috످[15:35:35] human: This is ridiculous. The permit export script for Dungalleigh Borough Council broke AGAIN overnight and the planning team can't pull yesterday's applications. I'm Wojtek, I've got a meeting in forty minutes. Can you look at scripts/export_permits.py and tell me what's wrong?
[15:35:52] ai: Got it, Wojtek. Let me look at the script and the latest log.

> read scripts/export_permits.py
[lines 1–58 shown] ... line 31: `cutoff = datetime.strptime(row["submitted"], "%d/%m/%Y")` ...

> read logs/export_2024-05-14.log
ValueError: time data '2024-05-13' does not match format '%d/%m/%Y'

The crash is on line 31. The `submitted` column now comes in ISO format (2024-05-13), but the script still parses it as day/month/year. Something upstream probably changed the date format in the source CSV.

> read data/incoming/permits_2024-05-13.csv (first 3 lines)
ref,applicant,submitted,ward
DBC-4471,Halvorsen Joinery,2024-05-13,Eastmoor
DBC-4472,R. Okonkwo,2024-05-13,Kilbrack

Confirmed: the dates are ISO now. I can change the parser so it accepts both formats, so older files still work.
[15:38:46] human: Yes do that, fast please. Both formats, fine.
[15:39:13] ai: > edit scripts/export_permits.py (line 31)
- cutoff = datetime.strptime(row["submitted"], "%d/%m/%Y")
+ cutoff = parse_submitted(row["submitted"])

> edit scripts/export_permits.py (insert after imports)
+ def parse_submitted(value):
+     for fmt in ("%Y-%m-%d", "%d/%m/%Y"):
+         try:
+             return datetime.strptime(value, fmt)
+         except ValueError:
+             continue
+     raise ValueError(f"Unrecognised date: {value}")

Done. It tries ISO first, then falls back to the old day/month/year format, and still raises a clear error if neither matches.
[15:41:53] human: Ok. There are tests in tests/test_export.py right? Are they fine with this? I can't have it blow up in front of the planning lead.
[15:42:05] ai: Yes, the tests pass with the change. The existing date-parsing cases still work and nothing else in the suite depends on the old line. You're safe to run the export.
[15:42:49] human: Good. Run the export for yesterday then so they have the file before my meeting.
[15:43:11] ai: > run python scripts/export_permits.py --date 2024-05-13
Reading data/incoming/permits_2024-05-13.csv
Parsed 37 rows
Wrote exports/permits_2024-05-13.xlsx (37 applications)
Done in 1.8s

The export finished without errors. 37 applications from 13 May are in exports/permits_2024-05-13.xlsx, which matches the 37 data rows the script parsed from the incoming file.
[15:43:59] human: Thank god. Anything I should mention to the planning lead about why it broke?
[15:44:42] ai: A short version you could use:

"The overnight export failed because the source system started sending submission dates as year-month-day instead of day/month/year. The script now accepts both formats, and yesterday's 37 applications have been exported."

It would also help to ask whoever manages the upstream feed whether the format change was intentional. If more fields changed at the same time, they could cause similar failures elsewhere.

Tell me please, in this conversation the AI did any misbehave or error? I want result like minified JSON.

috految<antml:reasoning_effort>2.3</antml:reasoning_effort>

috److{"category":"unverified test claim","has_error":true,"summary":"The AI said the tests passed, but it never opened or ran them.","evidence":"At 15:42:05, it said \"the tests pass with the change\" and \"You're safe to run the export\". It also claimed nothing else in the tests depends on the old line, without checking.","impact":"Wojtek trusted this answer and approved the export. The export worked, but the test results are still unknown.","suggested_fix":"The AI should tell Wojtek it did not run the tests, then run tests/test_export.py and report the real result."}

috످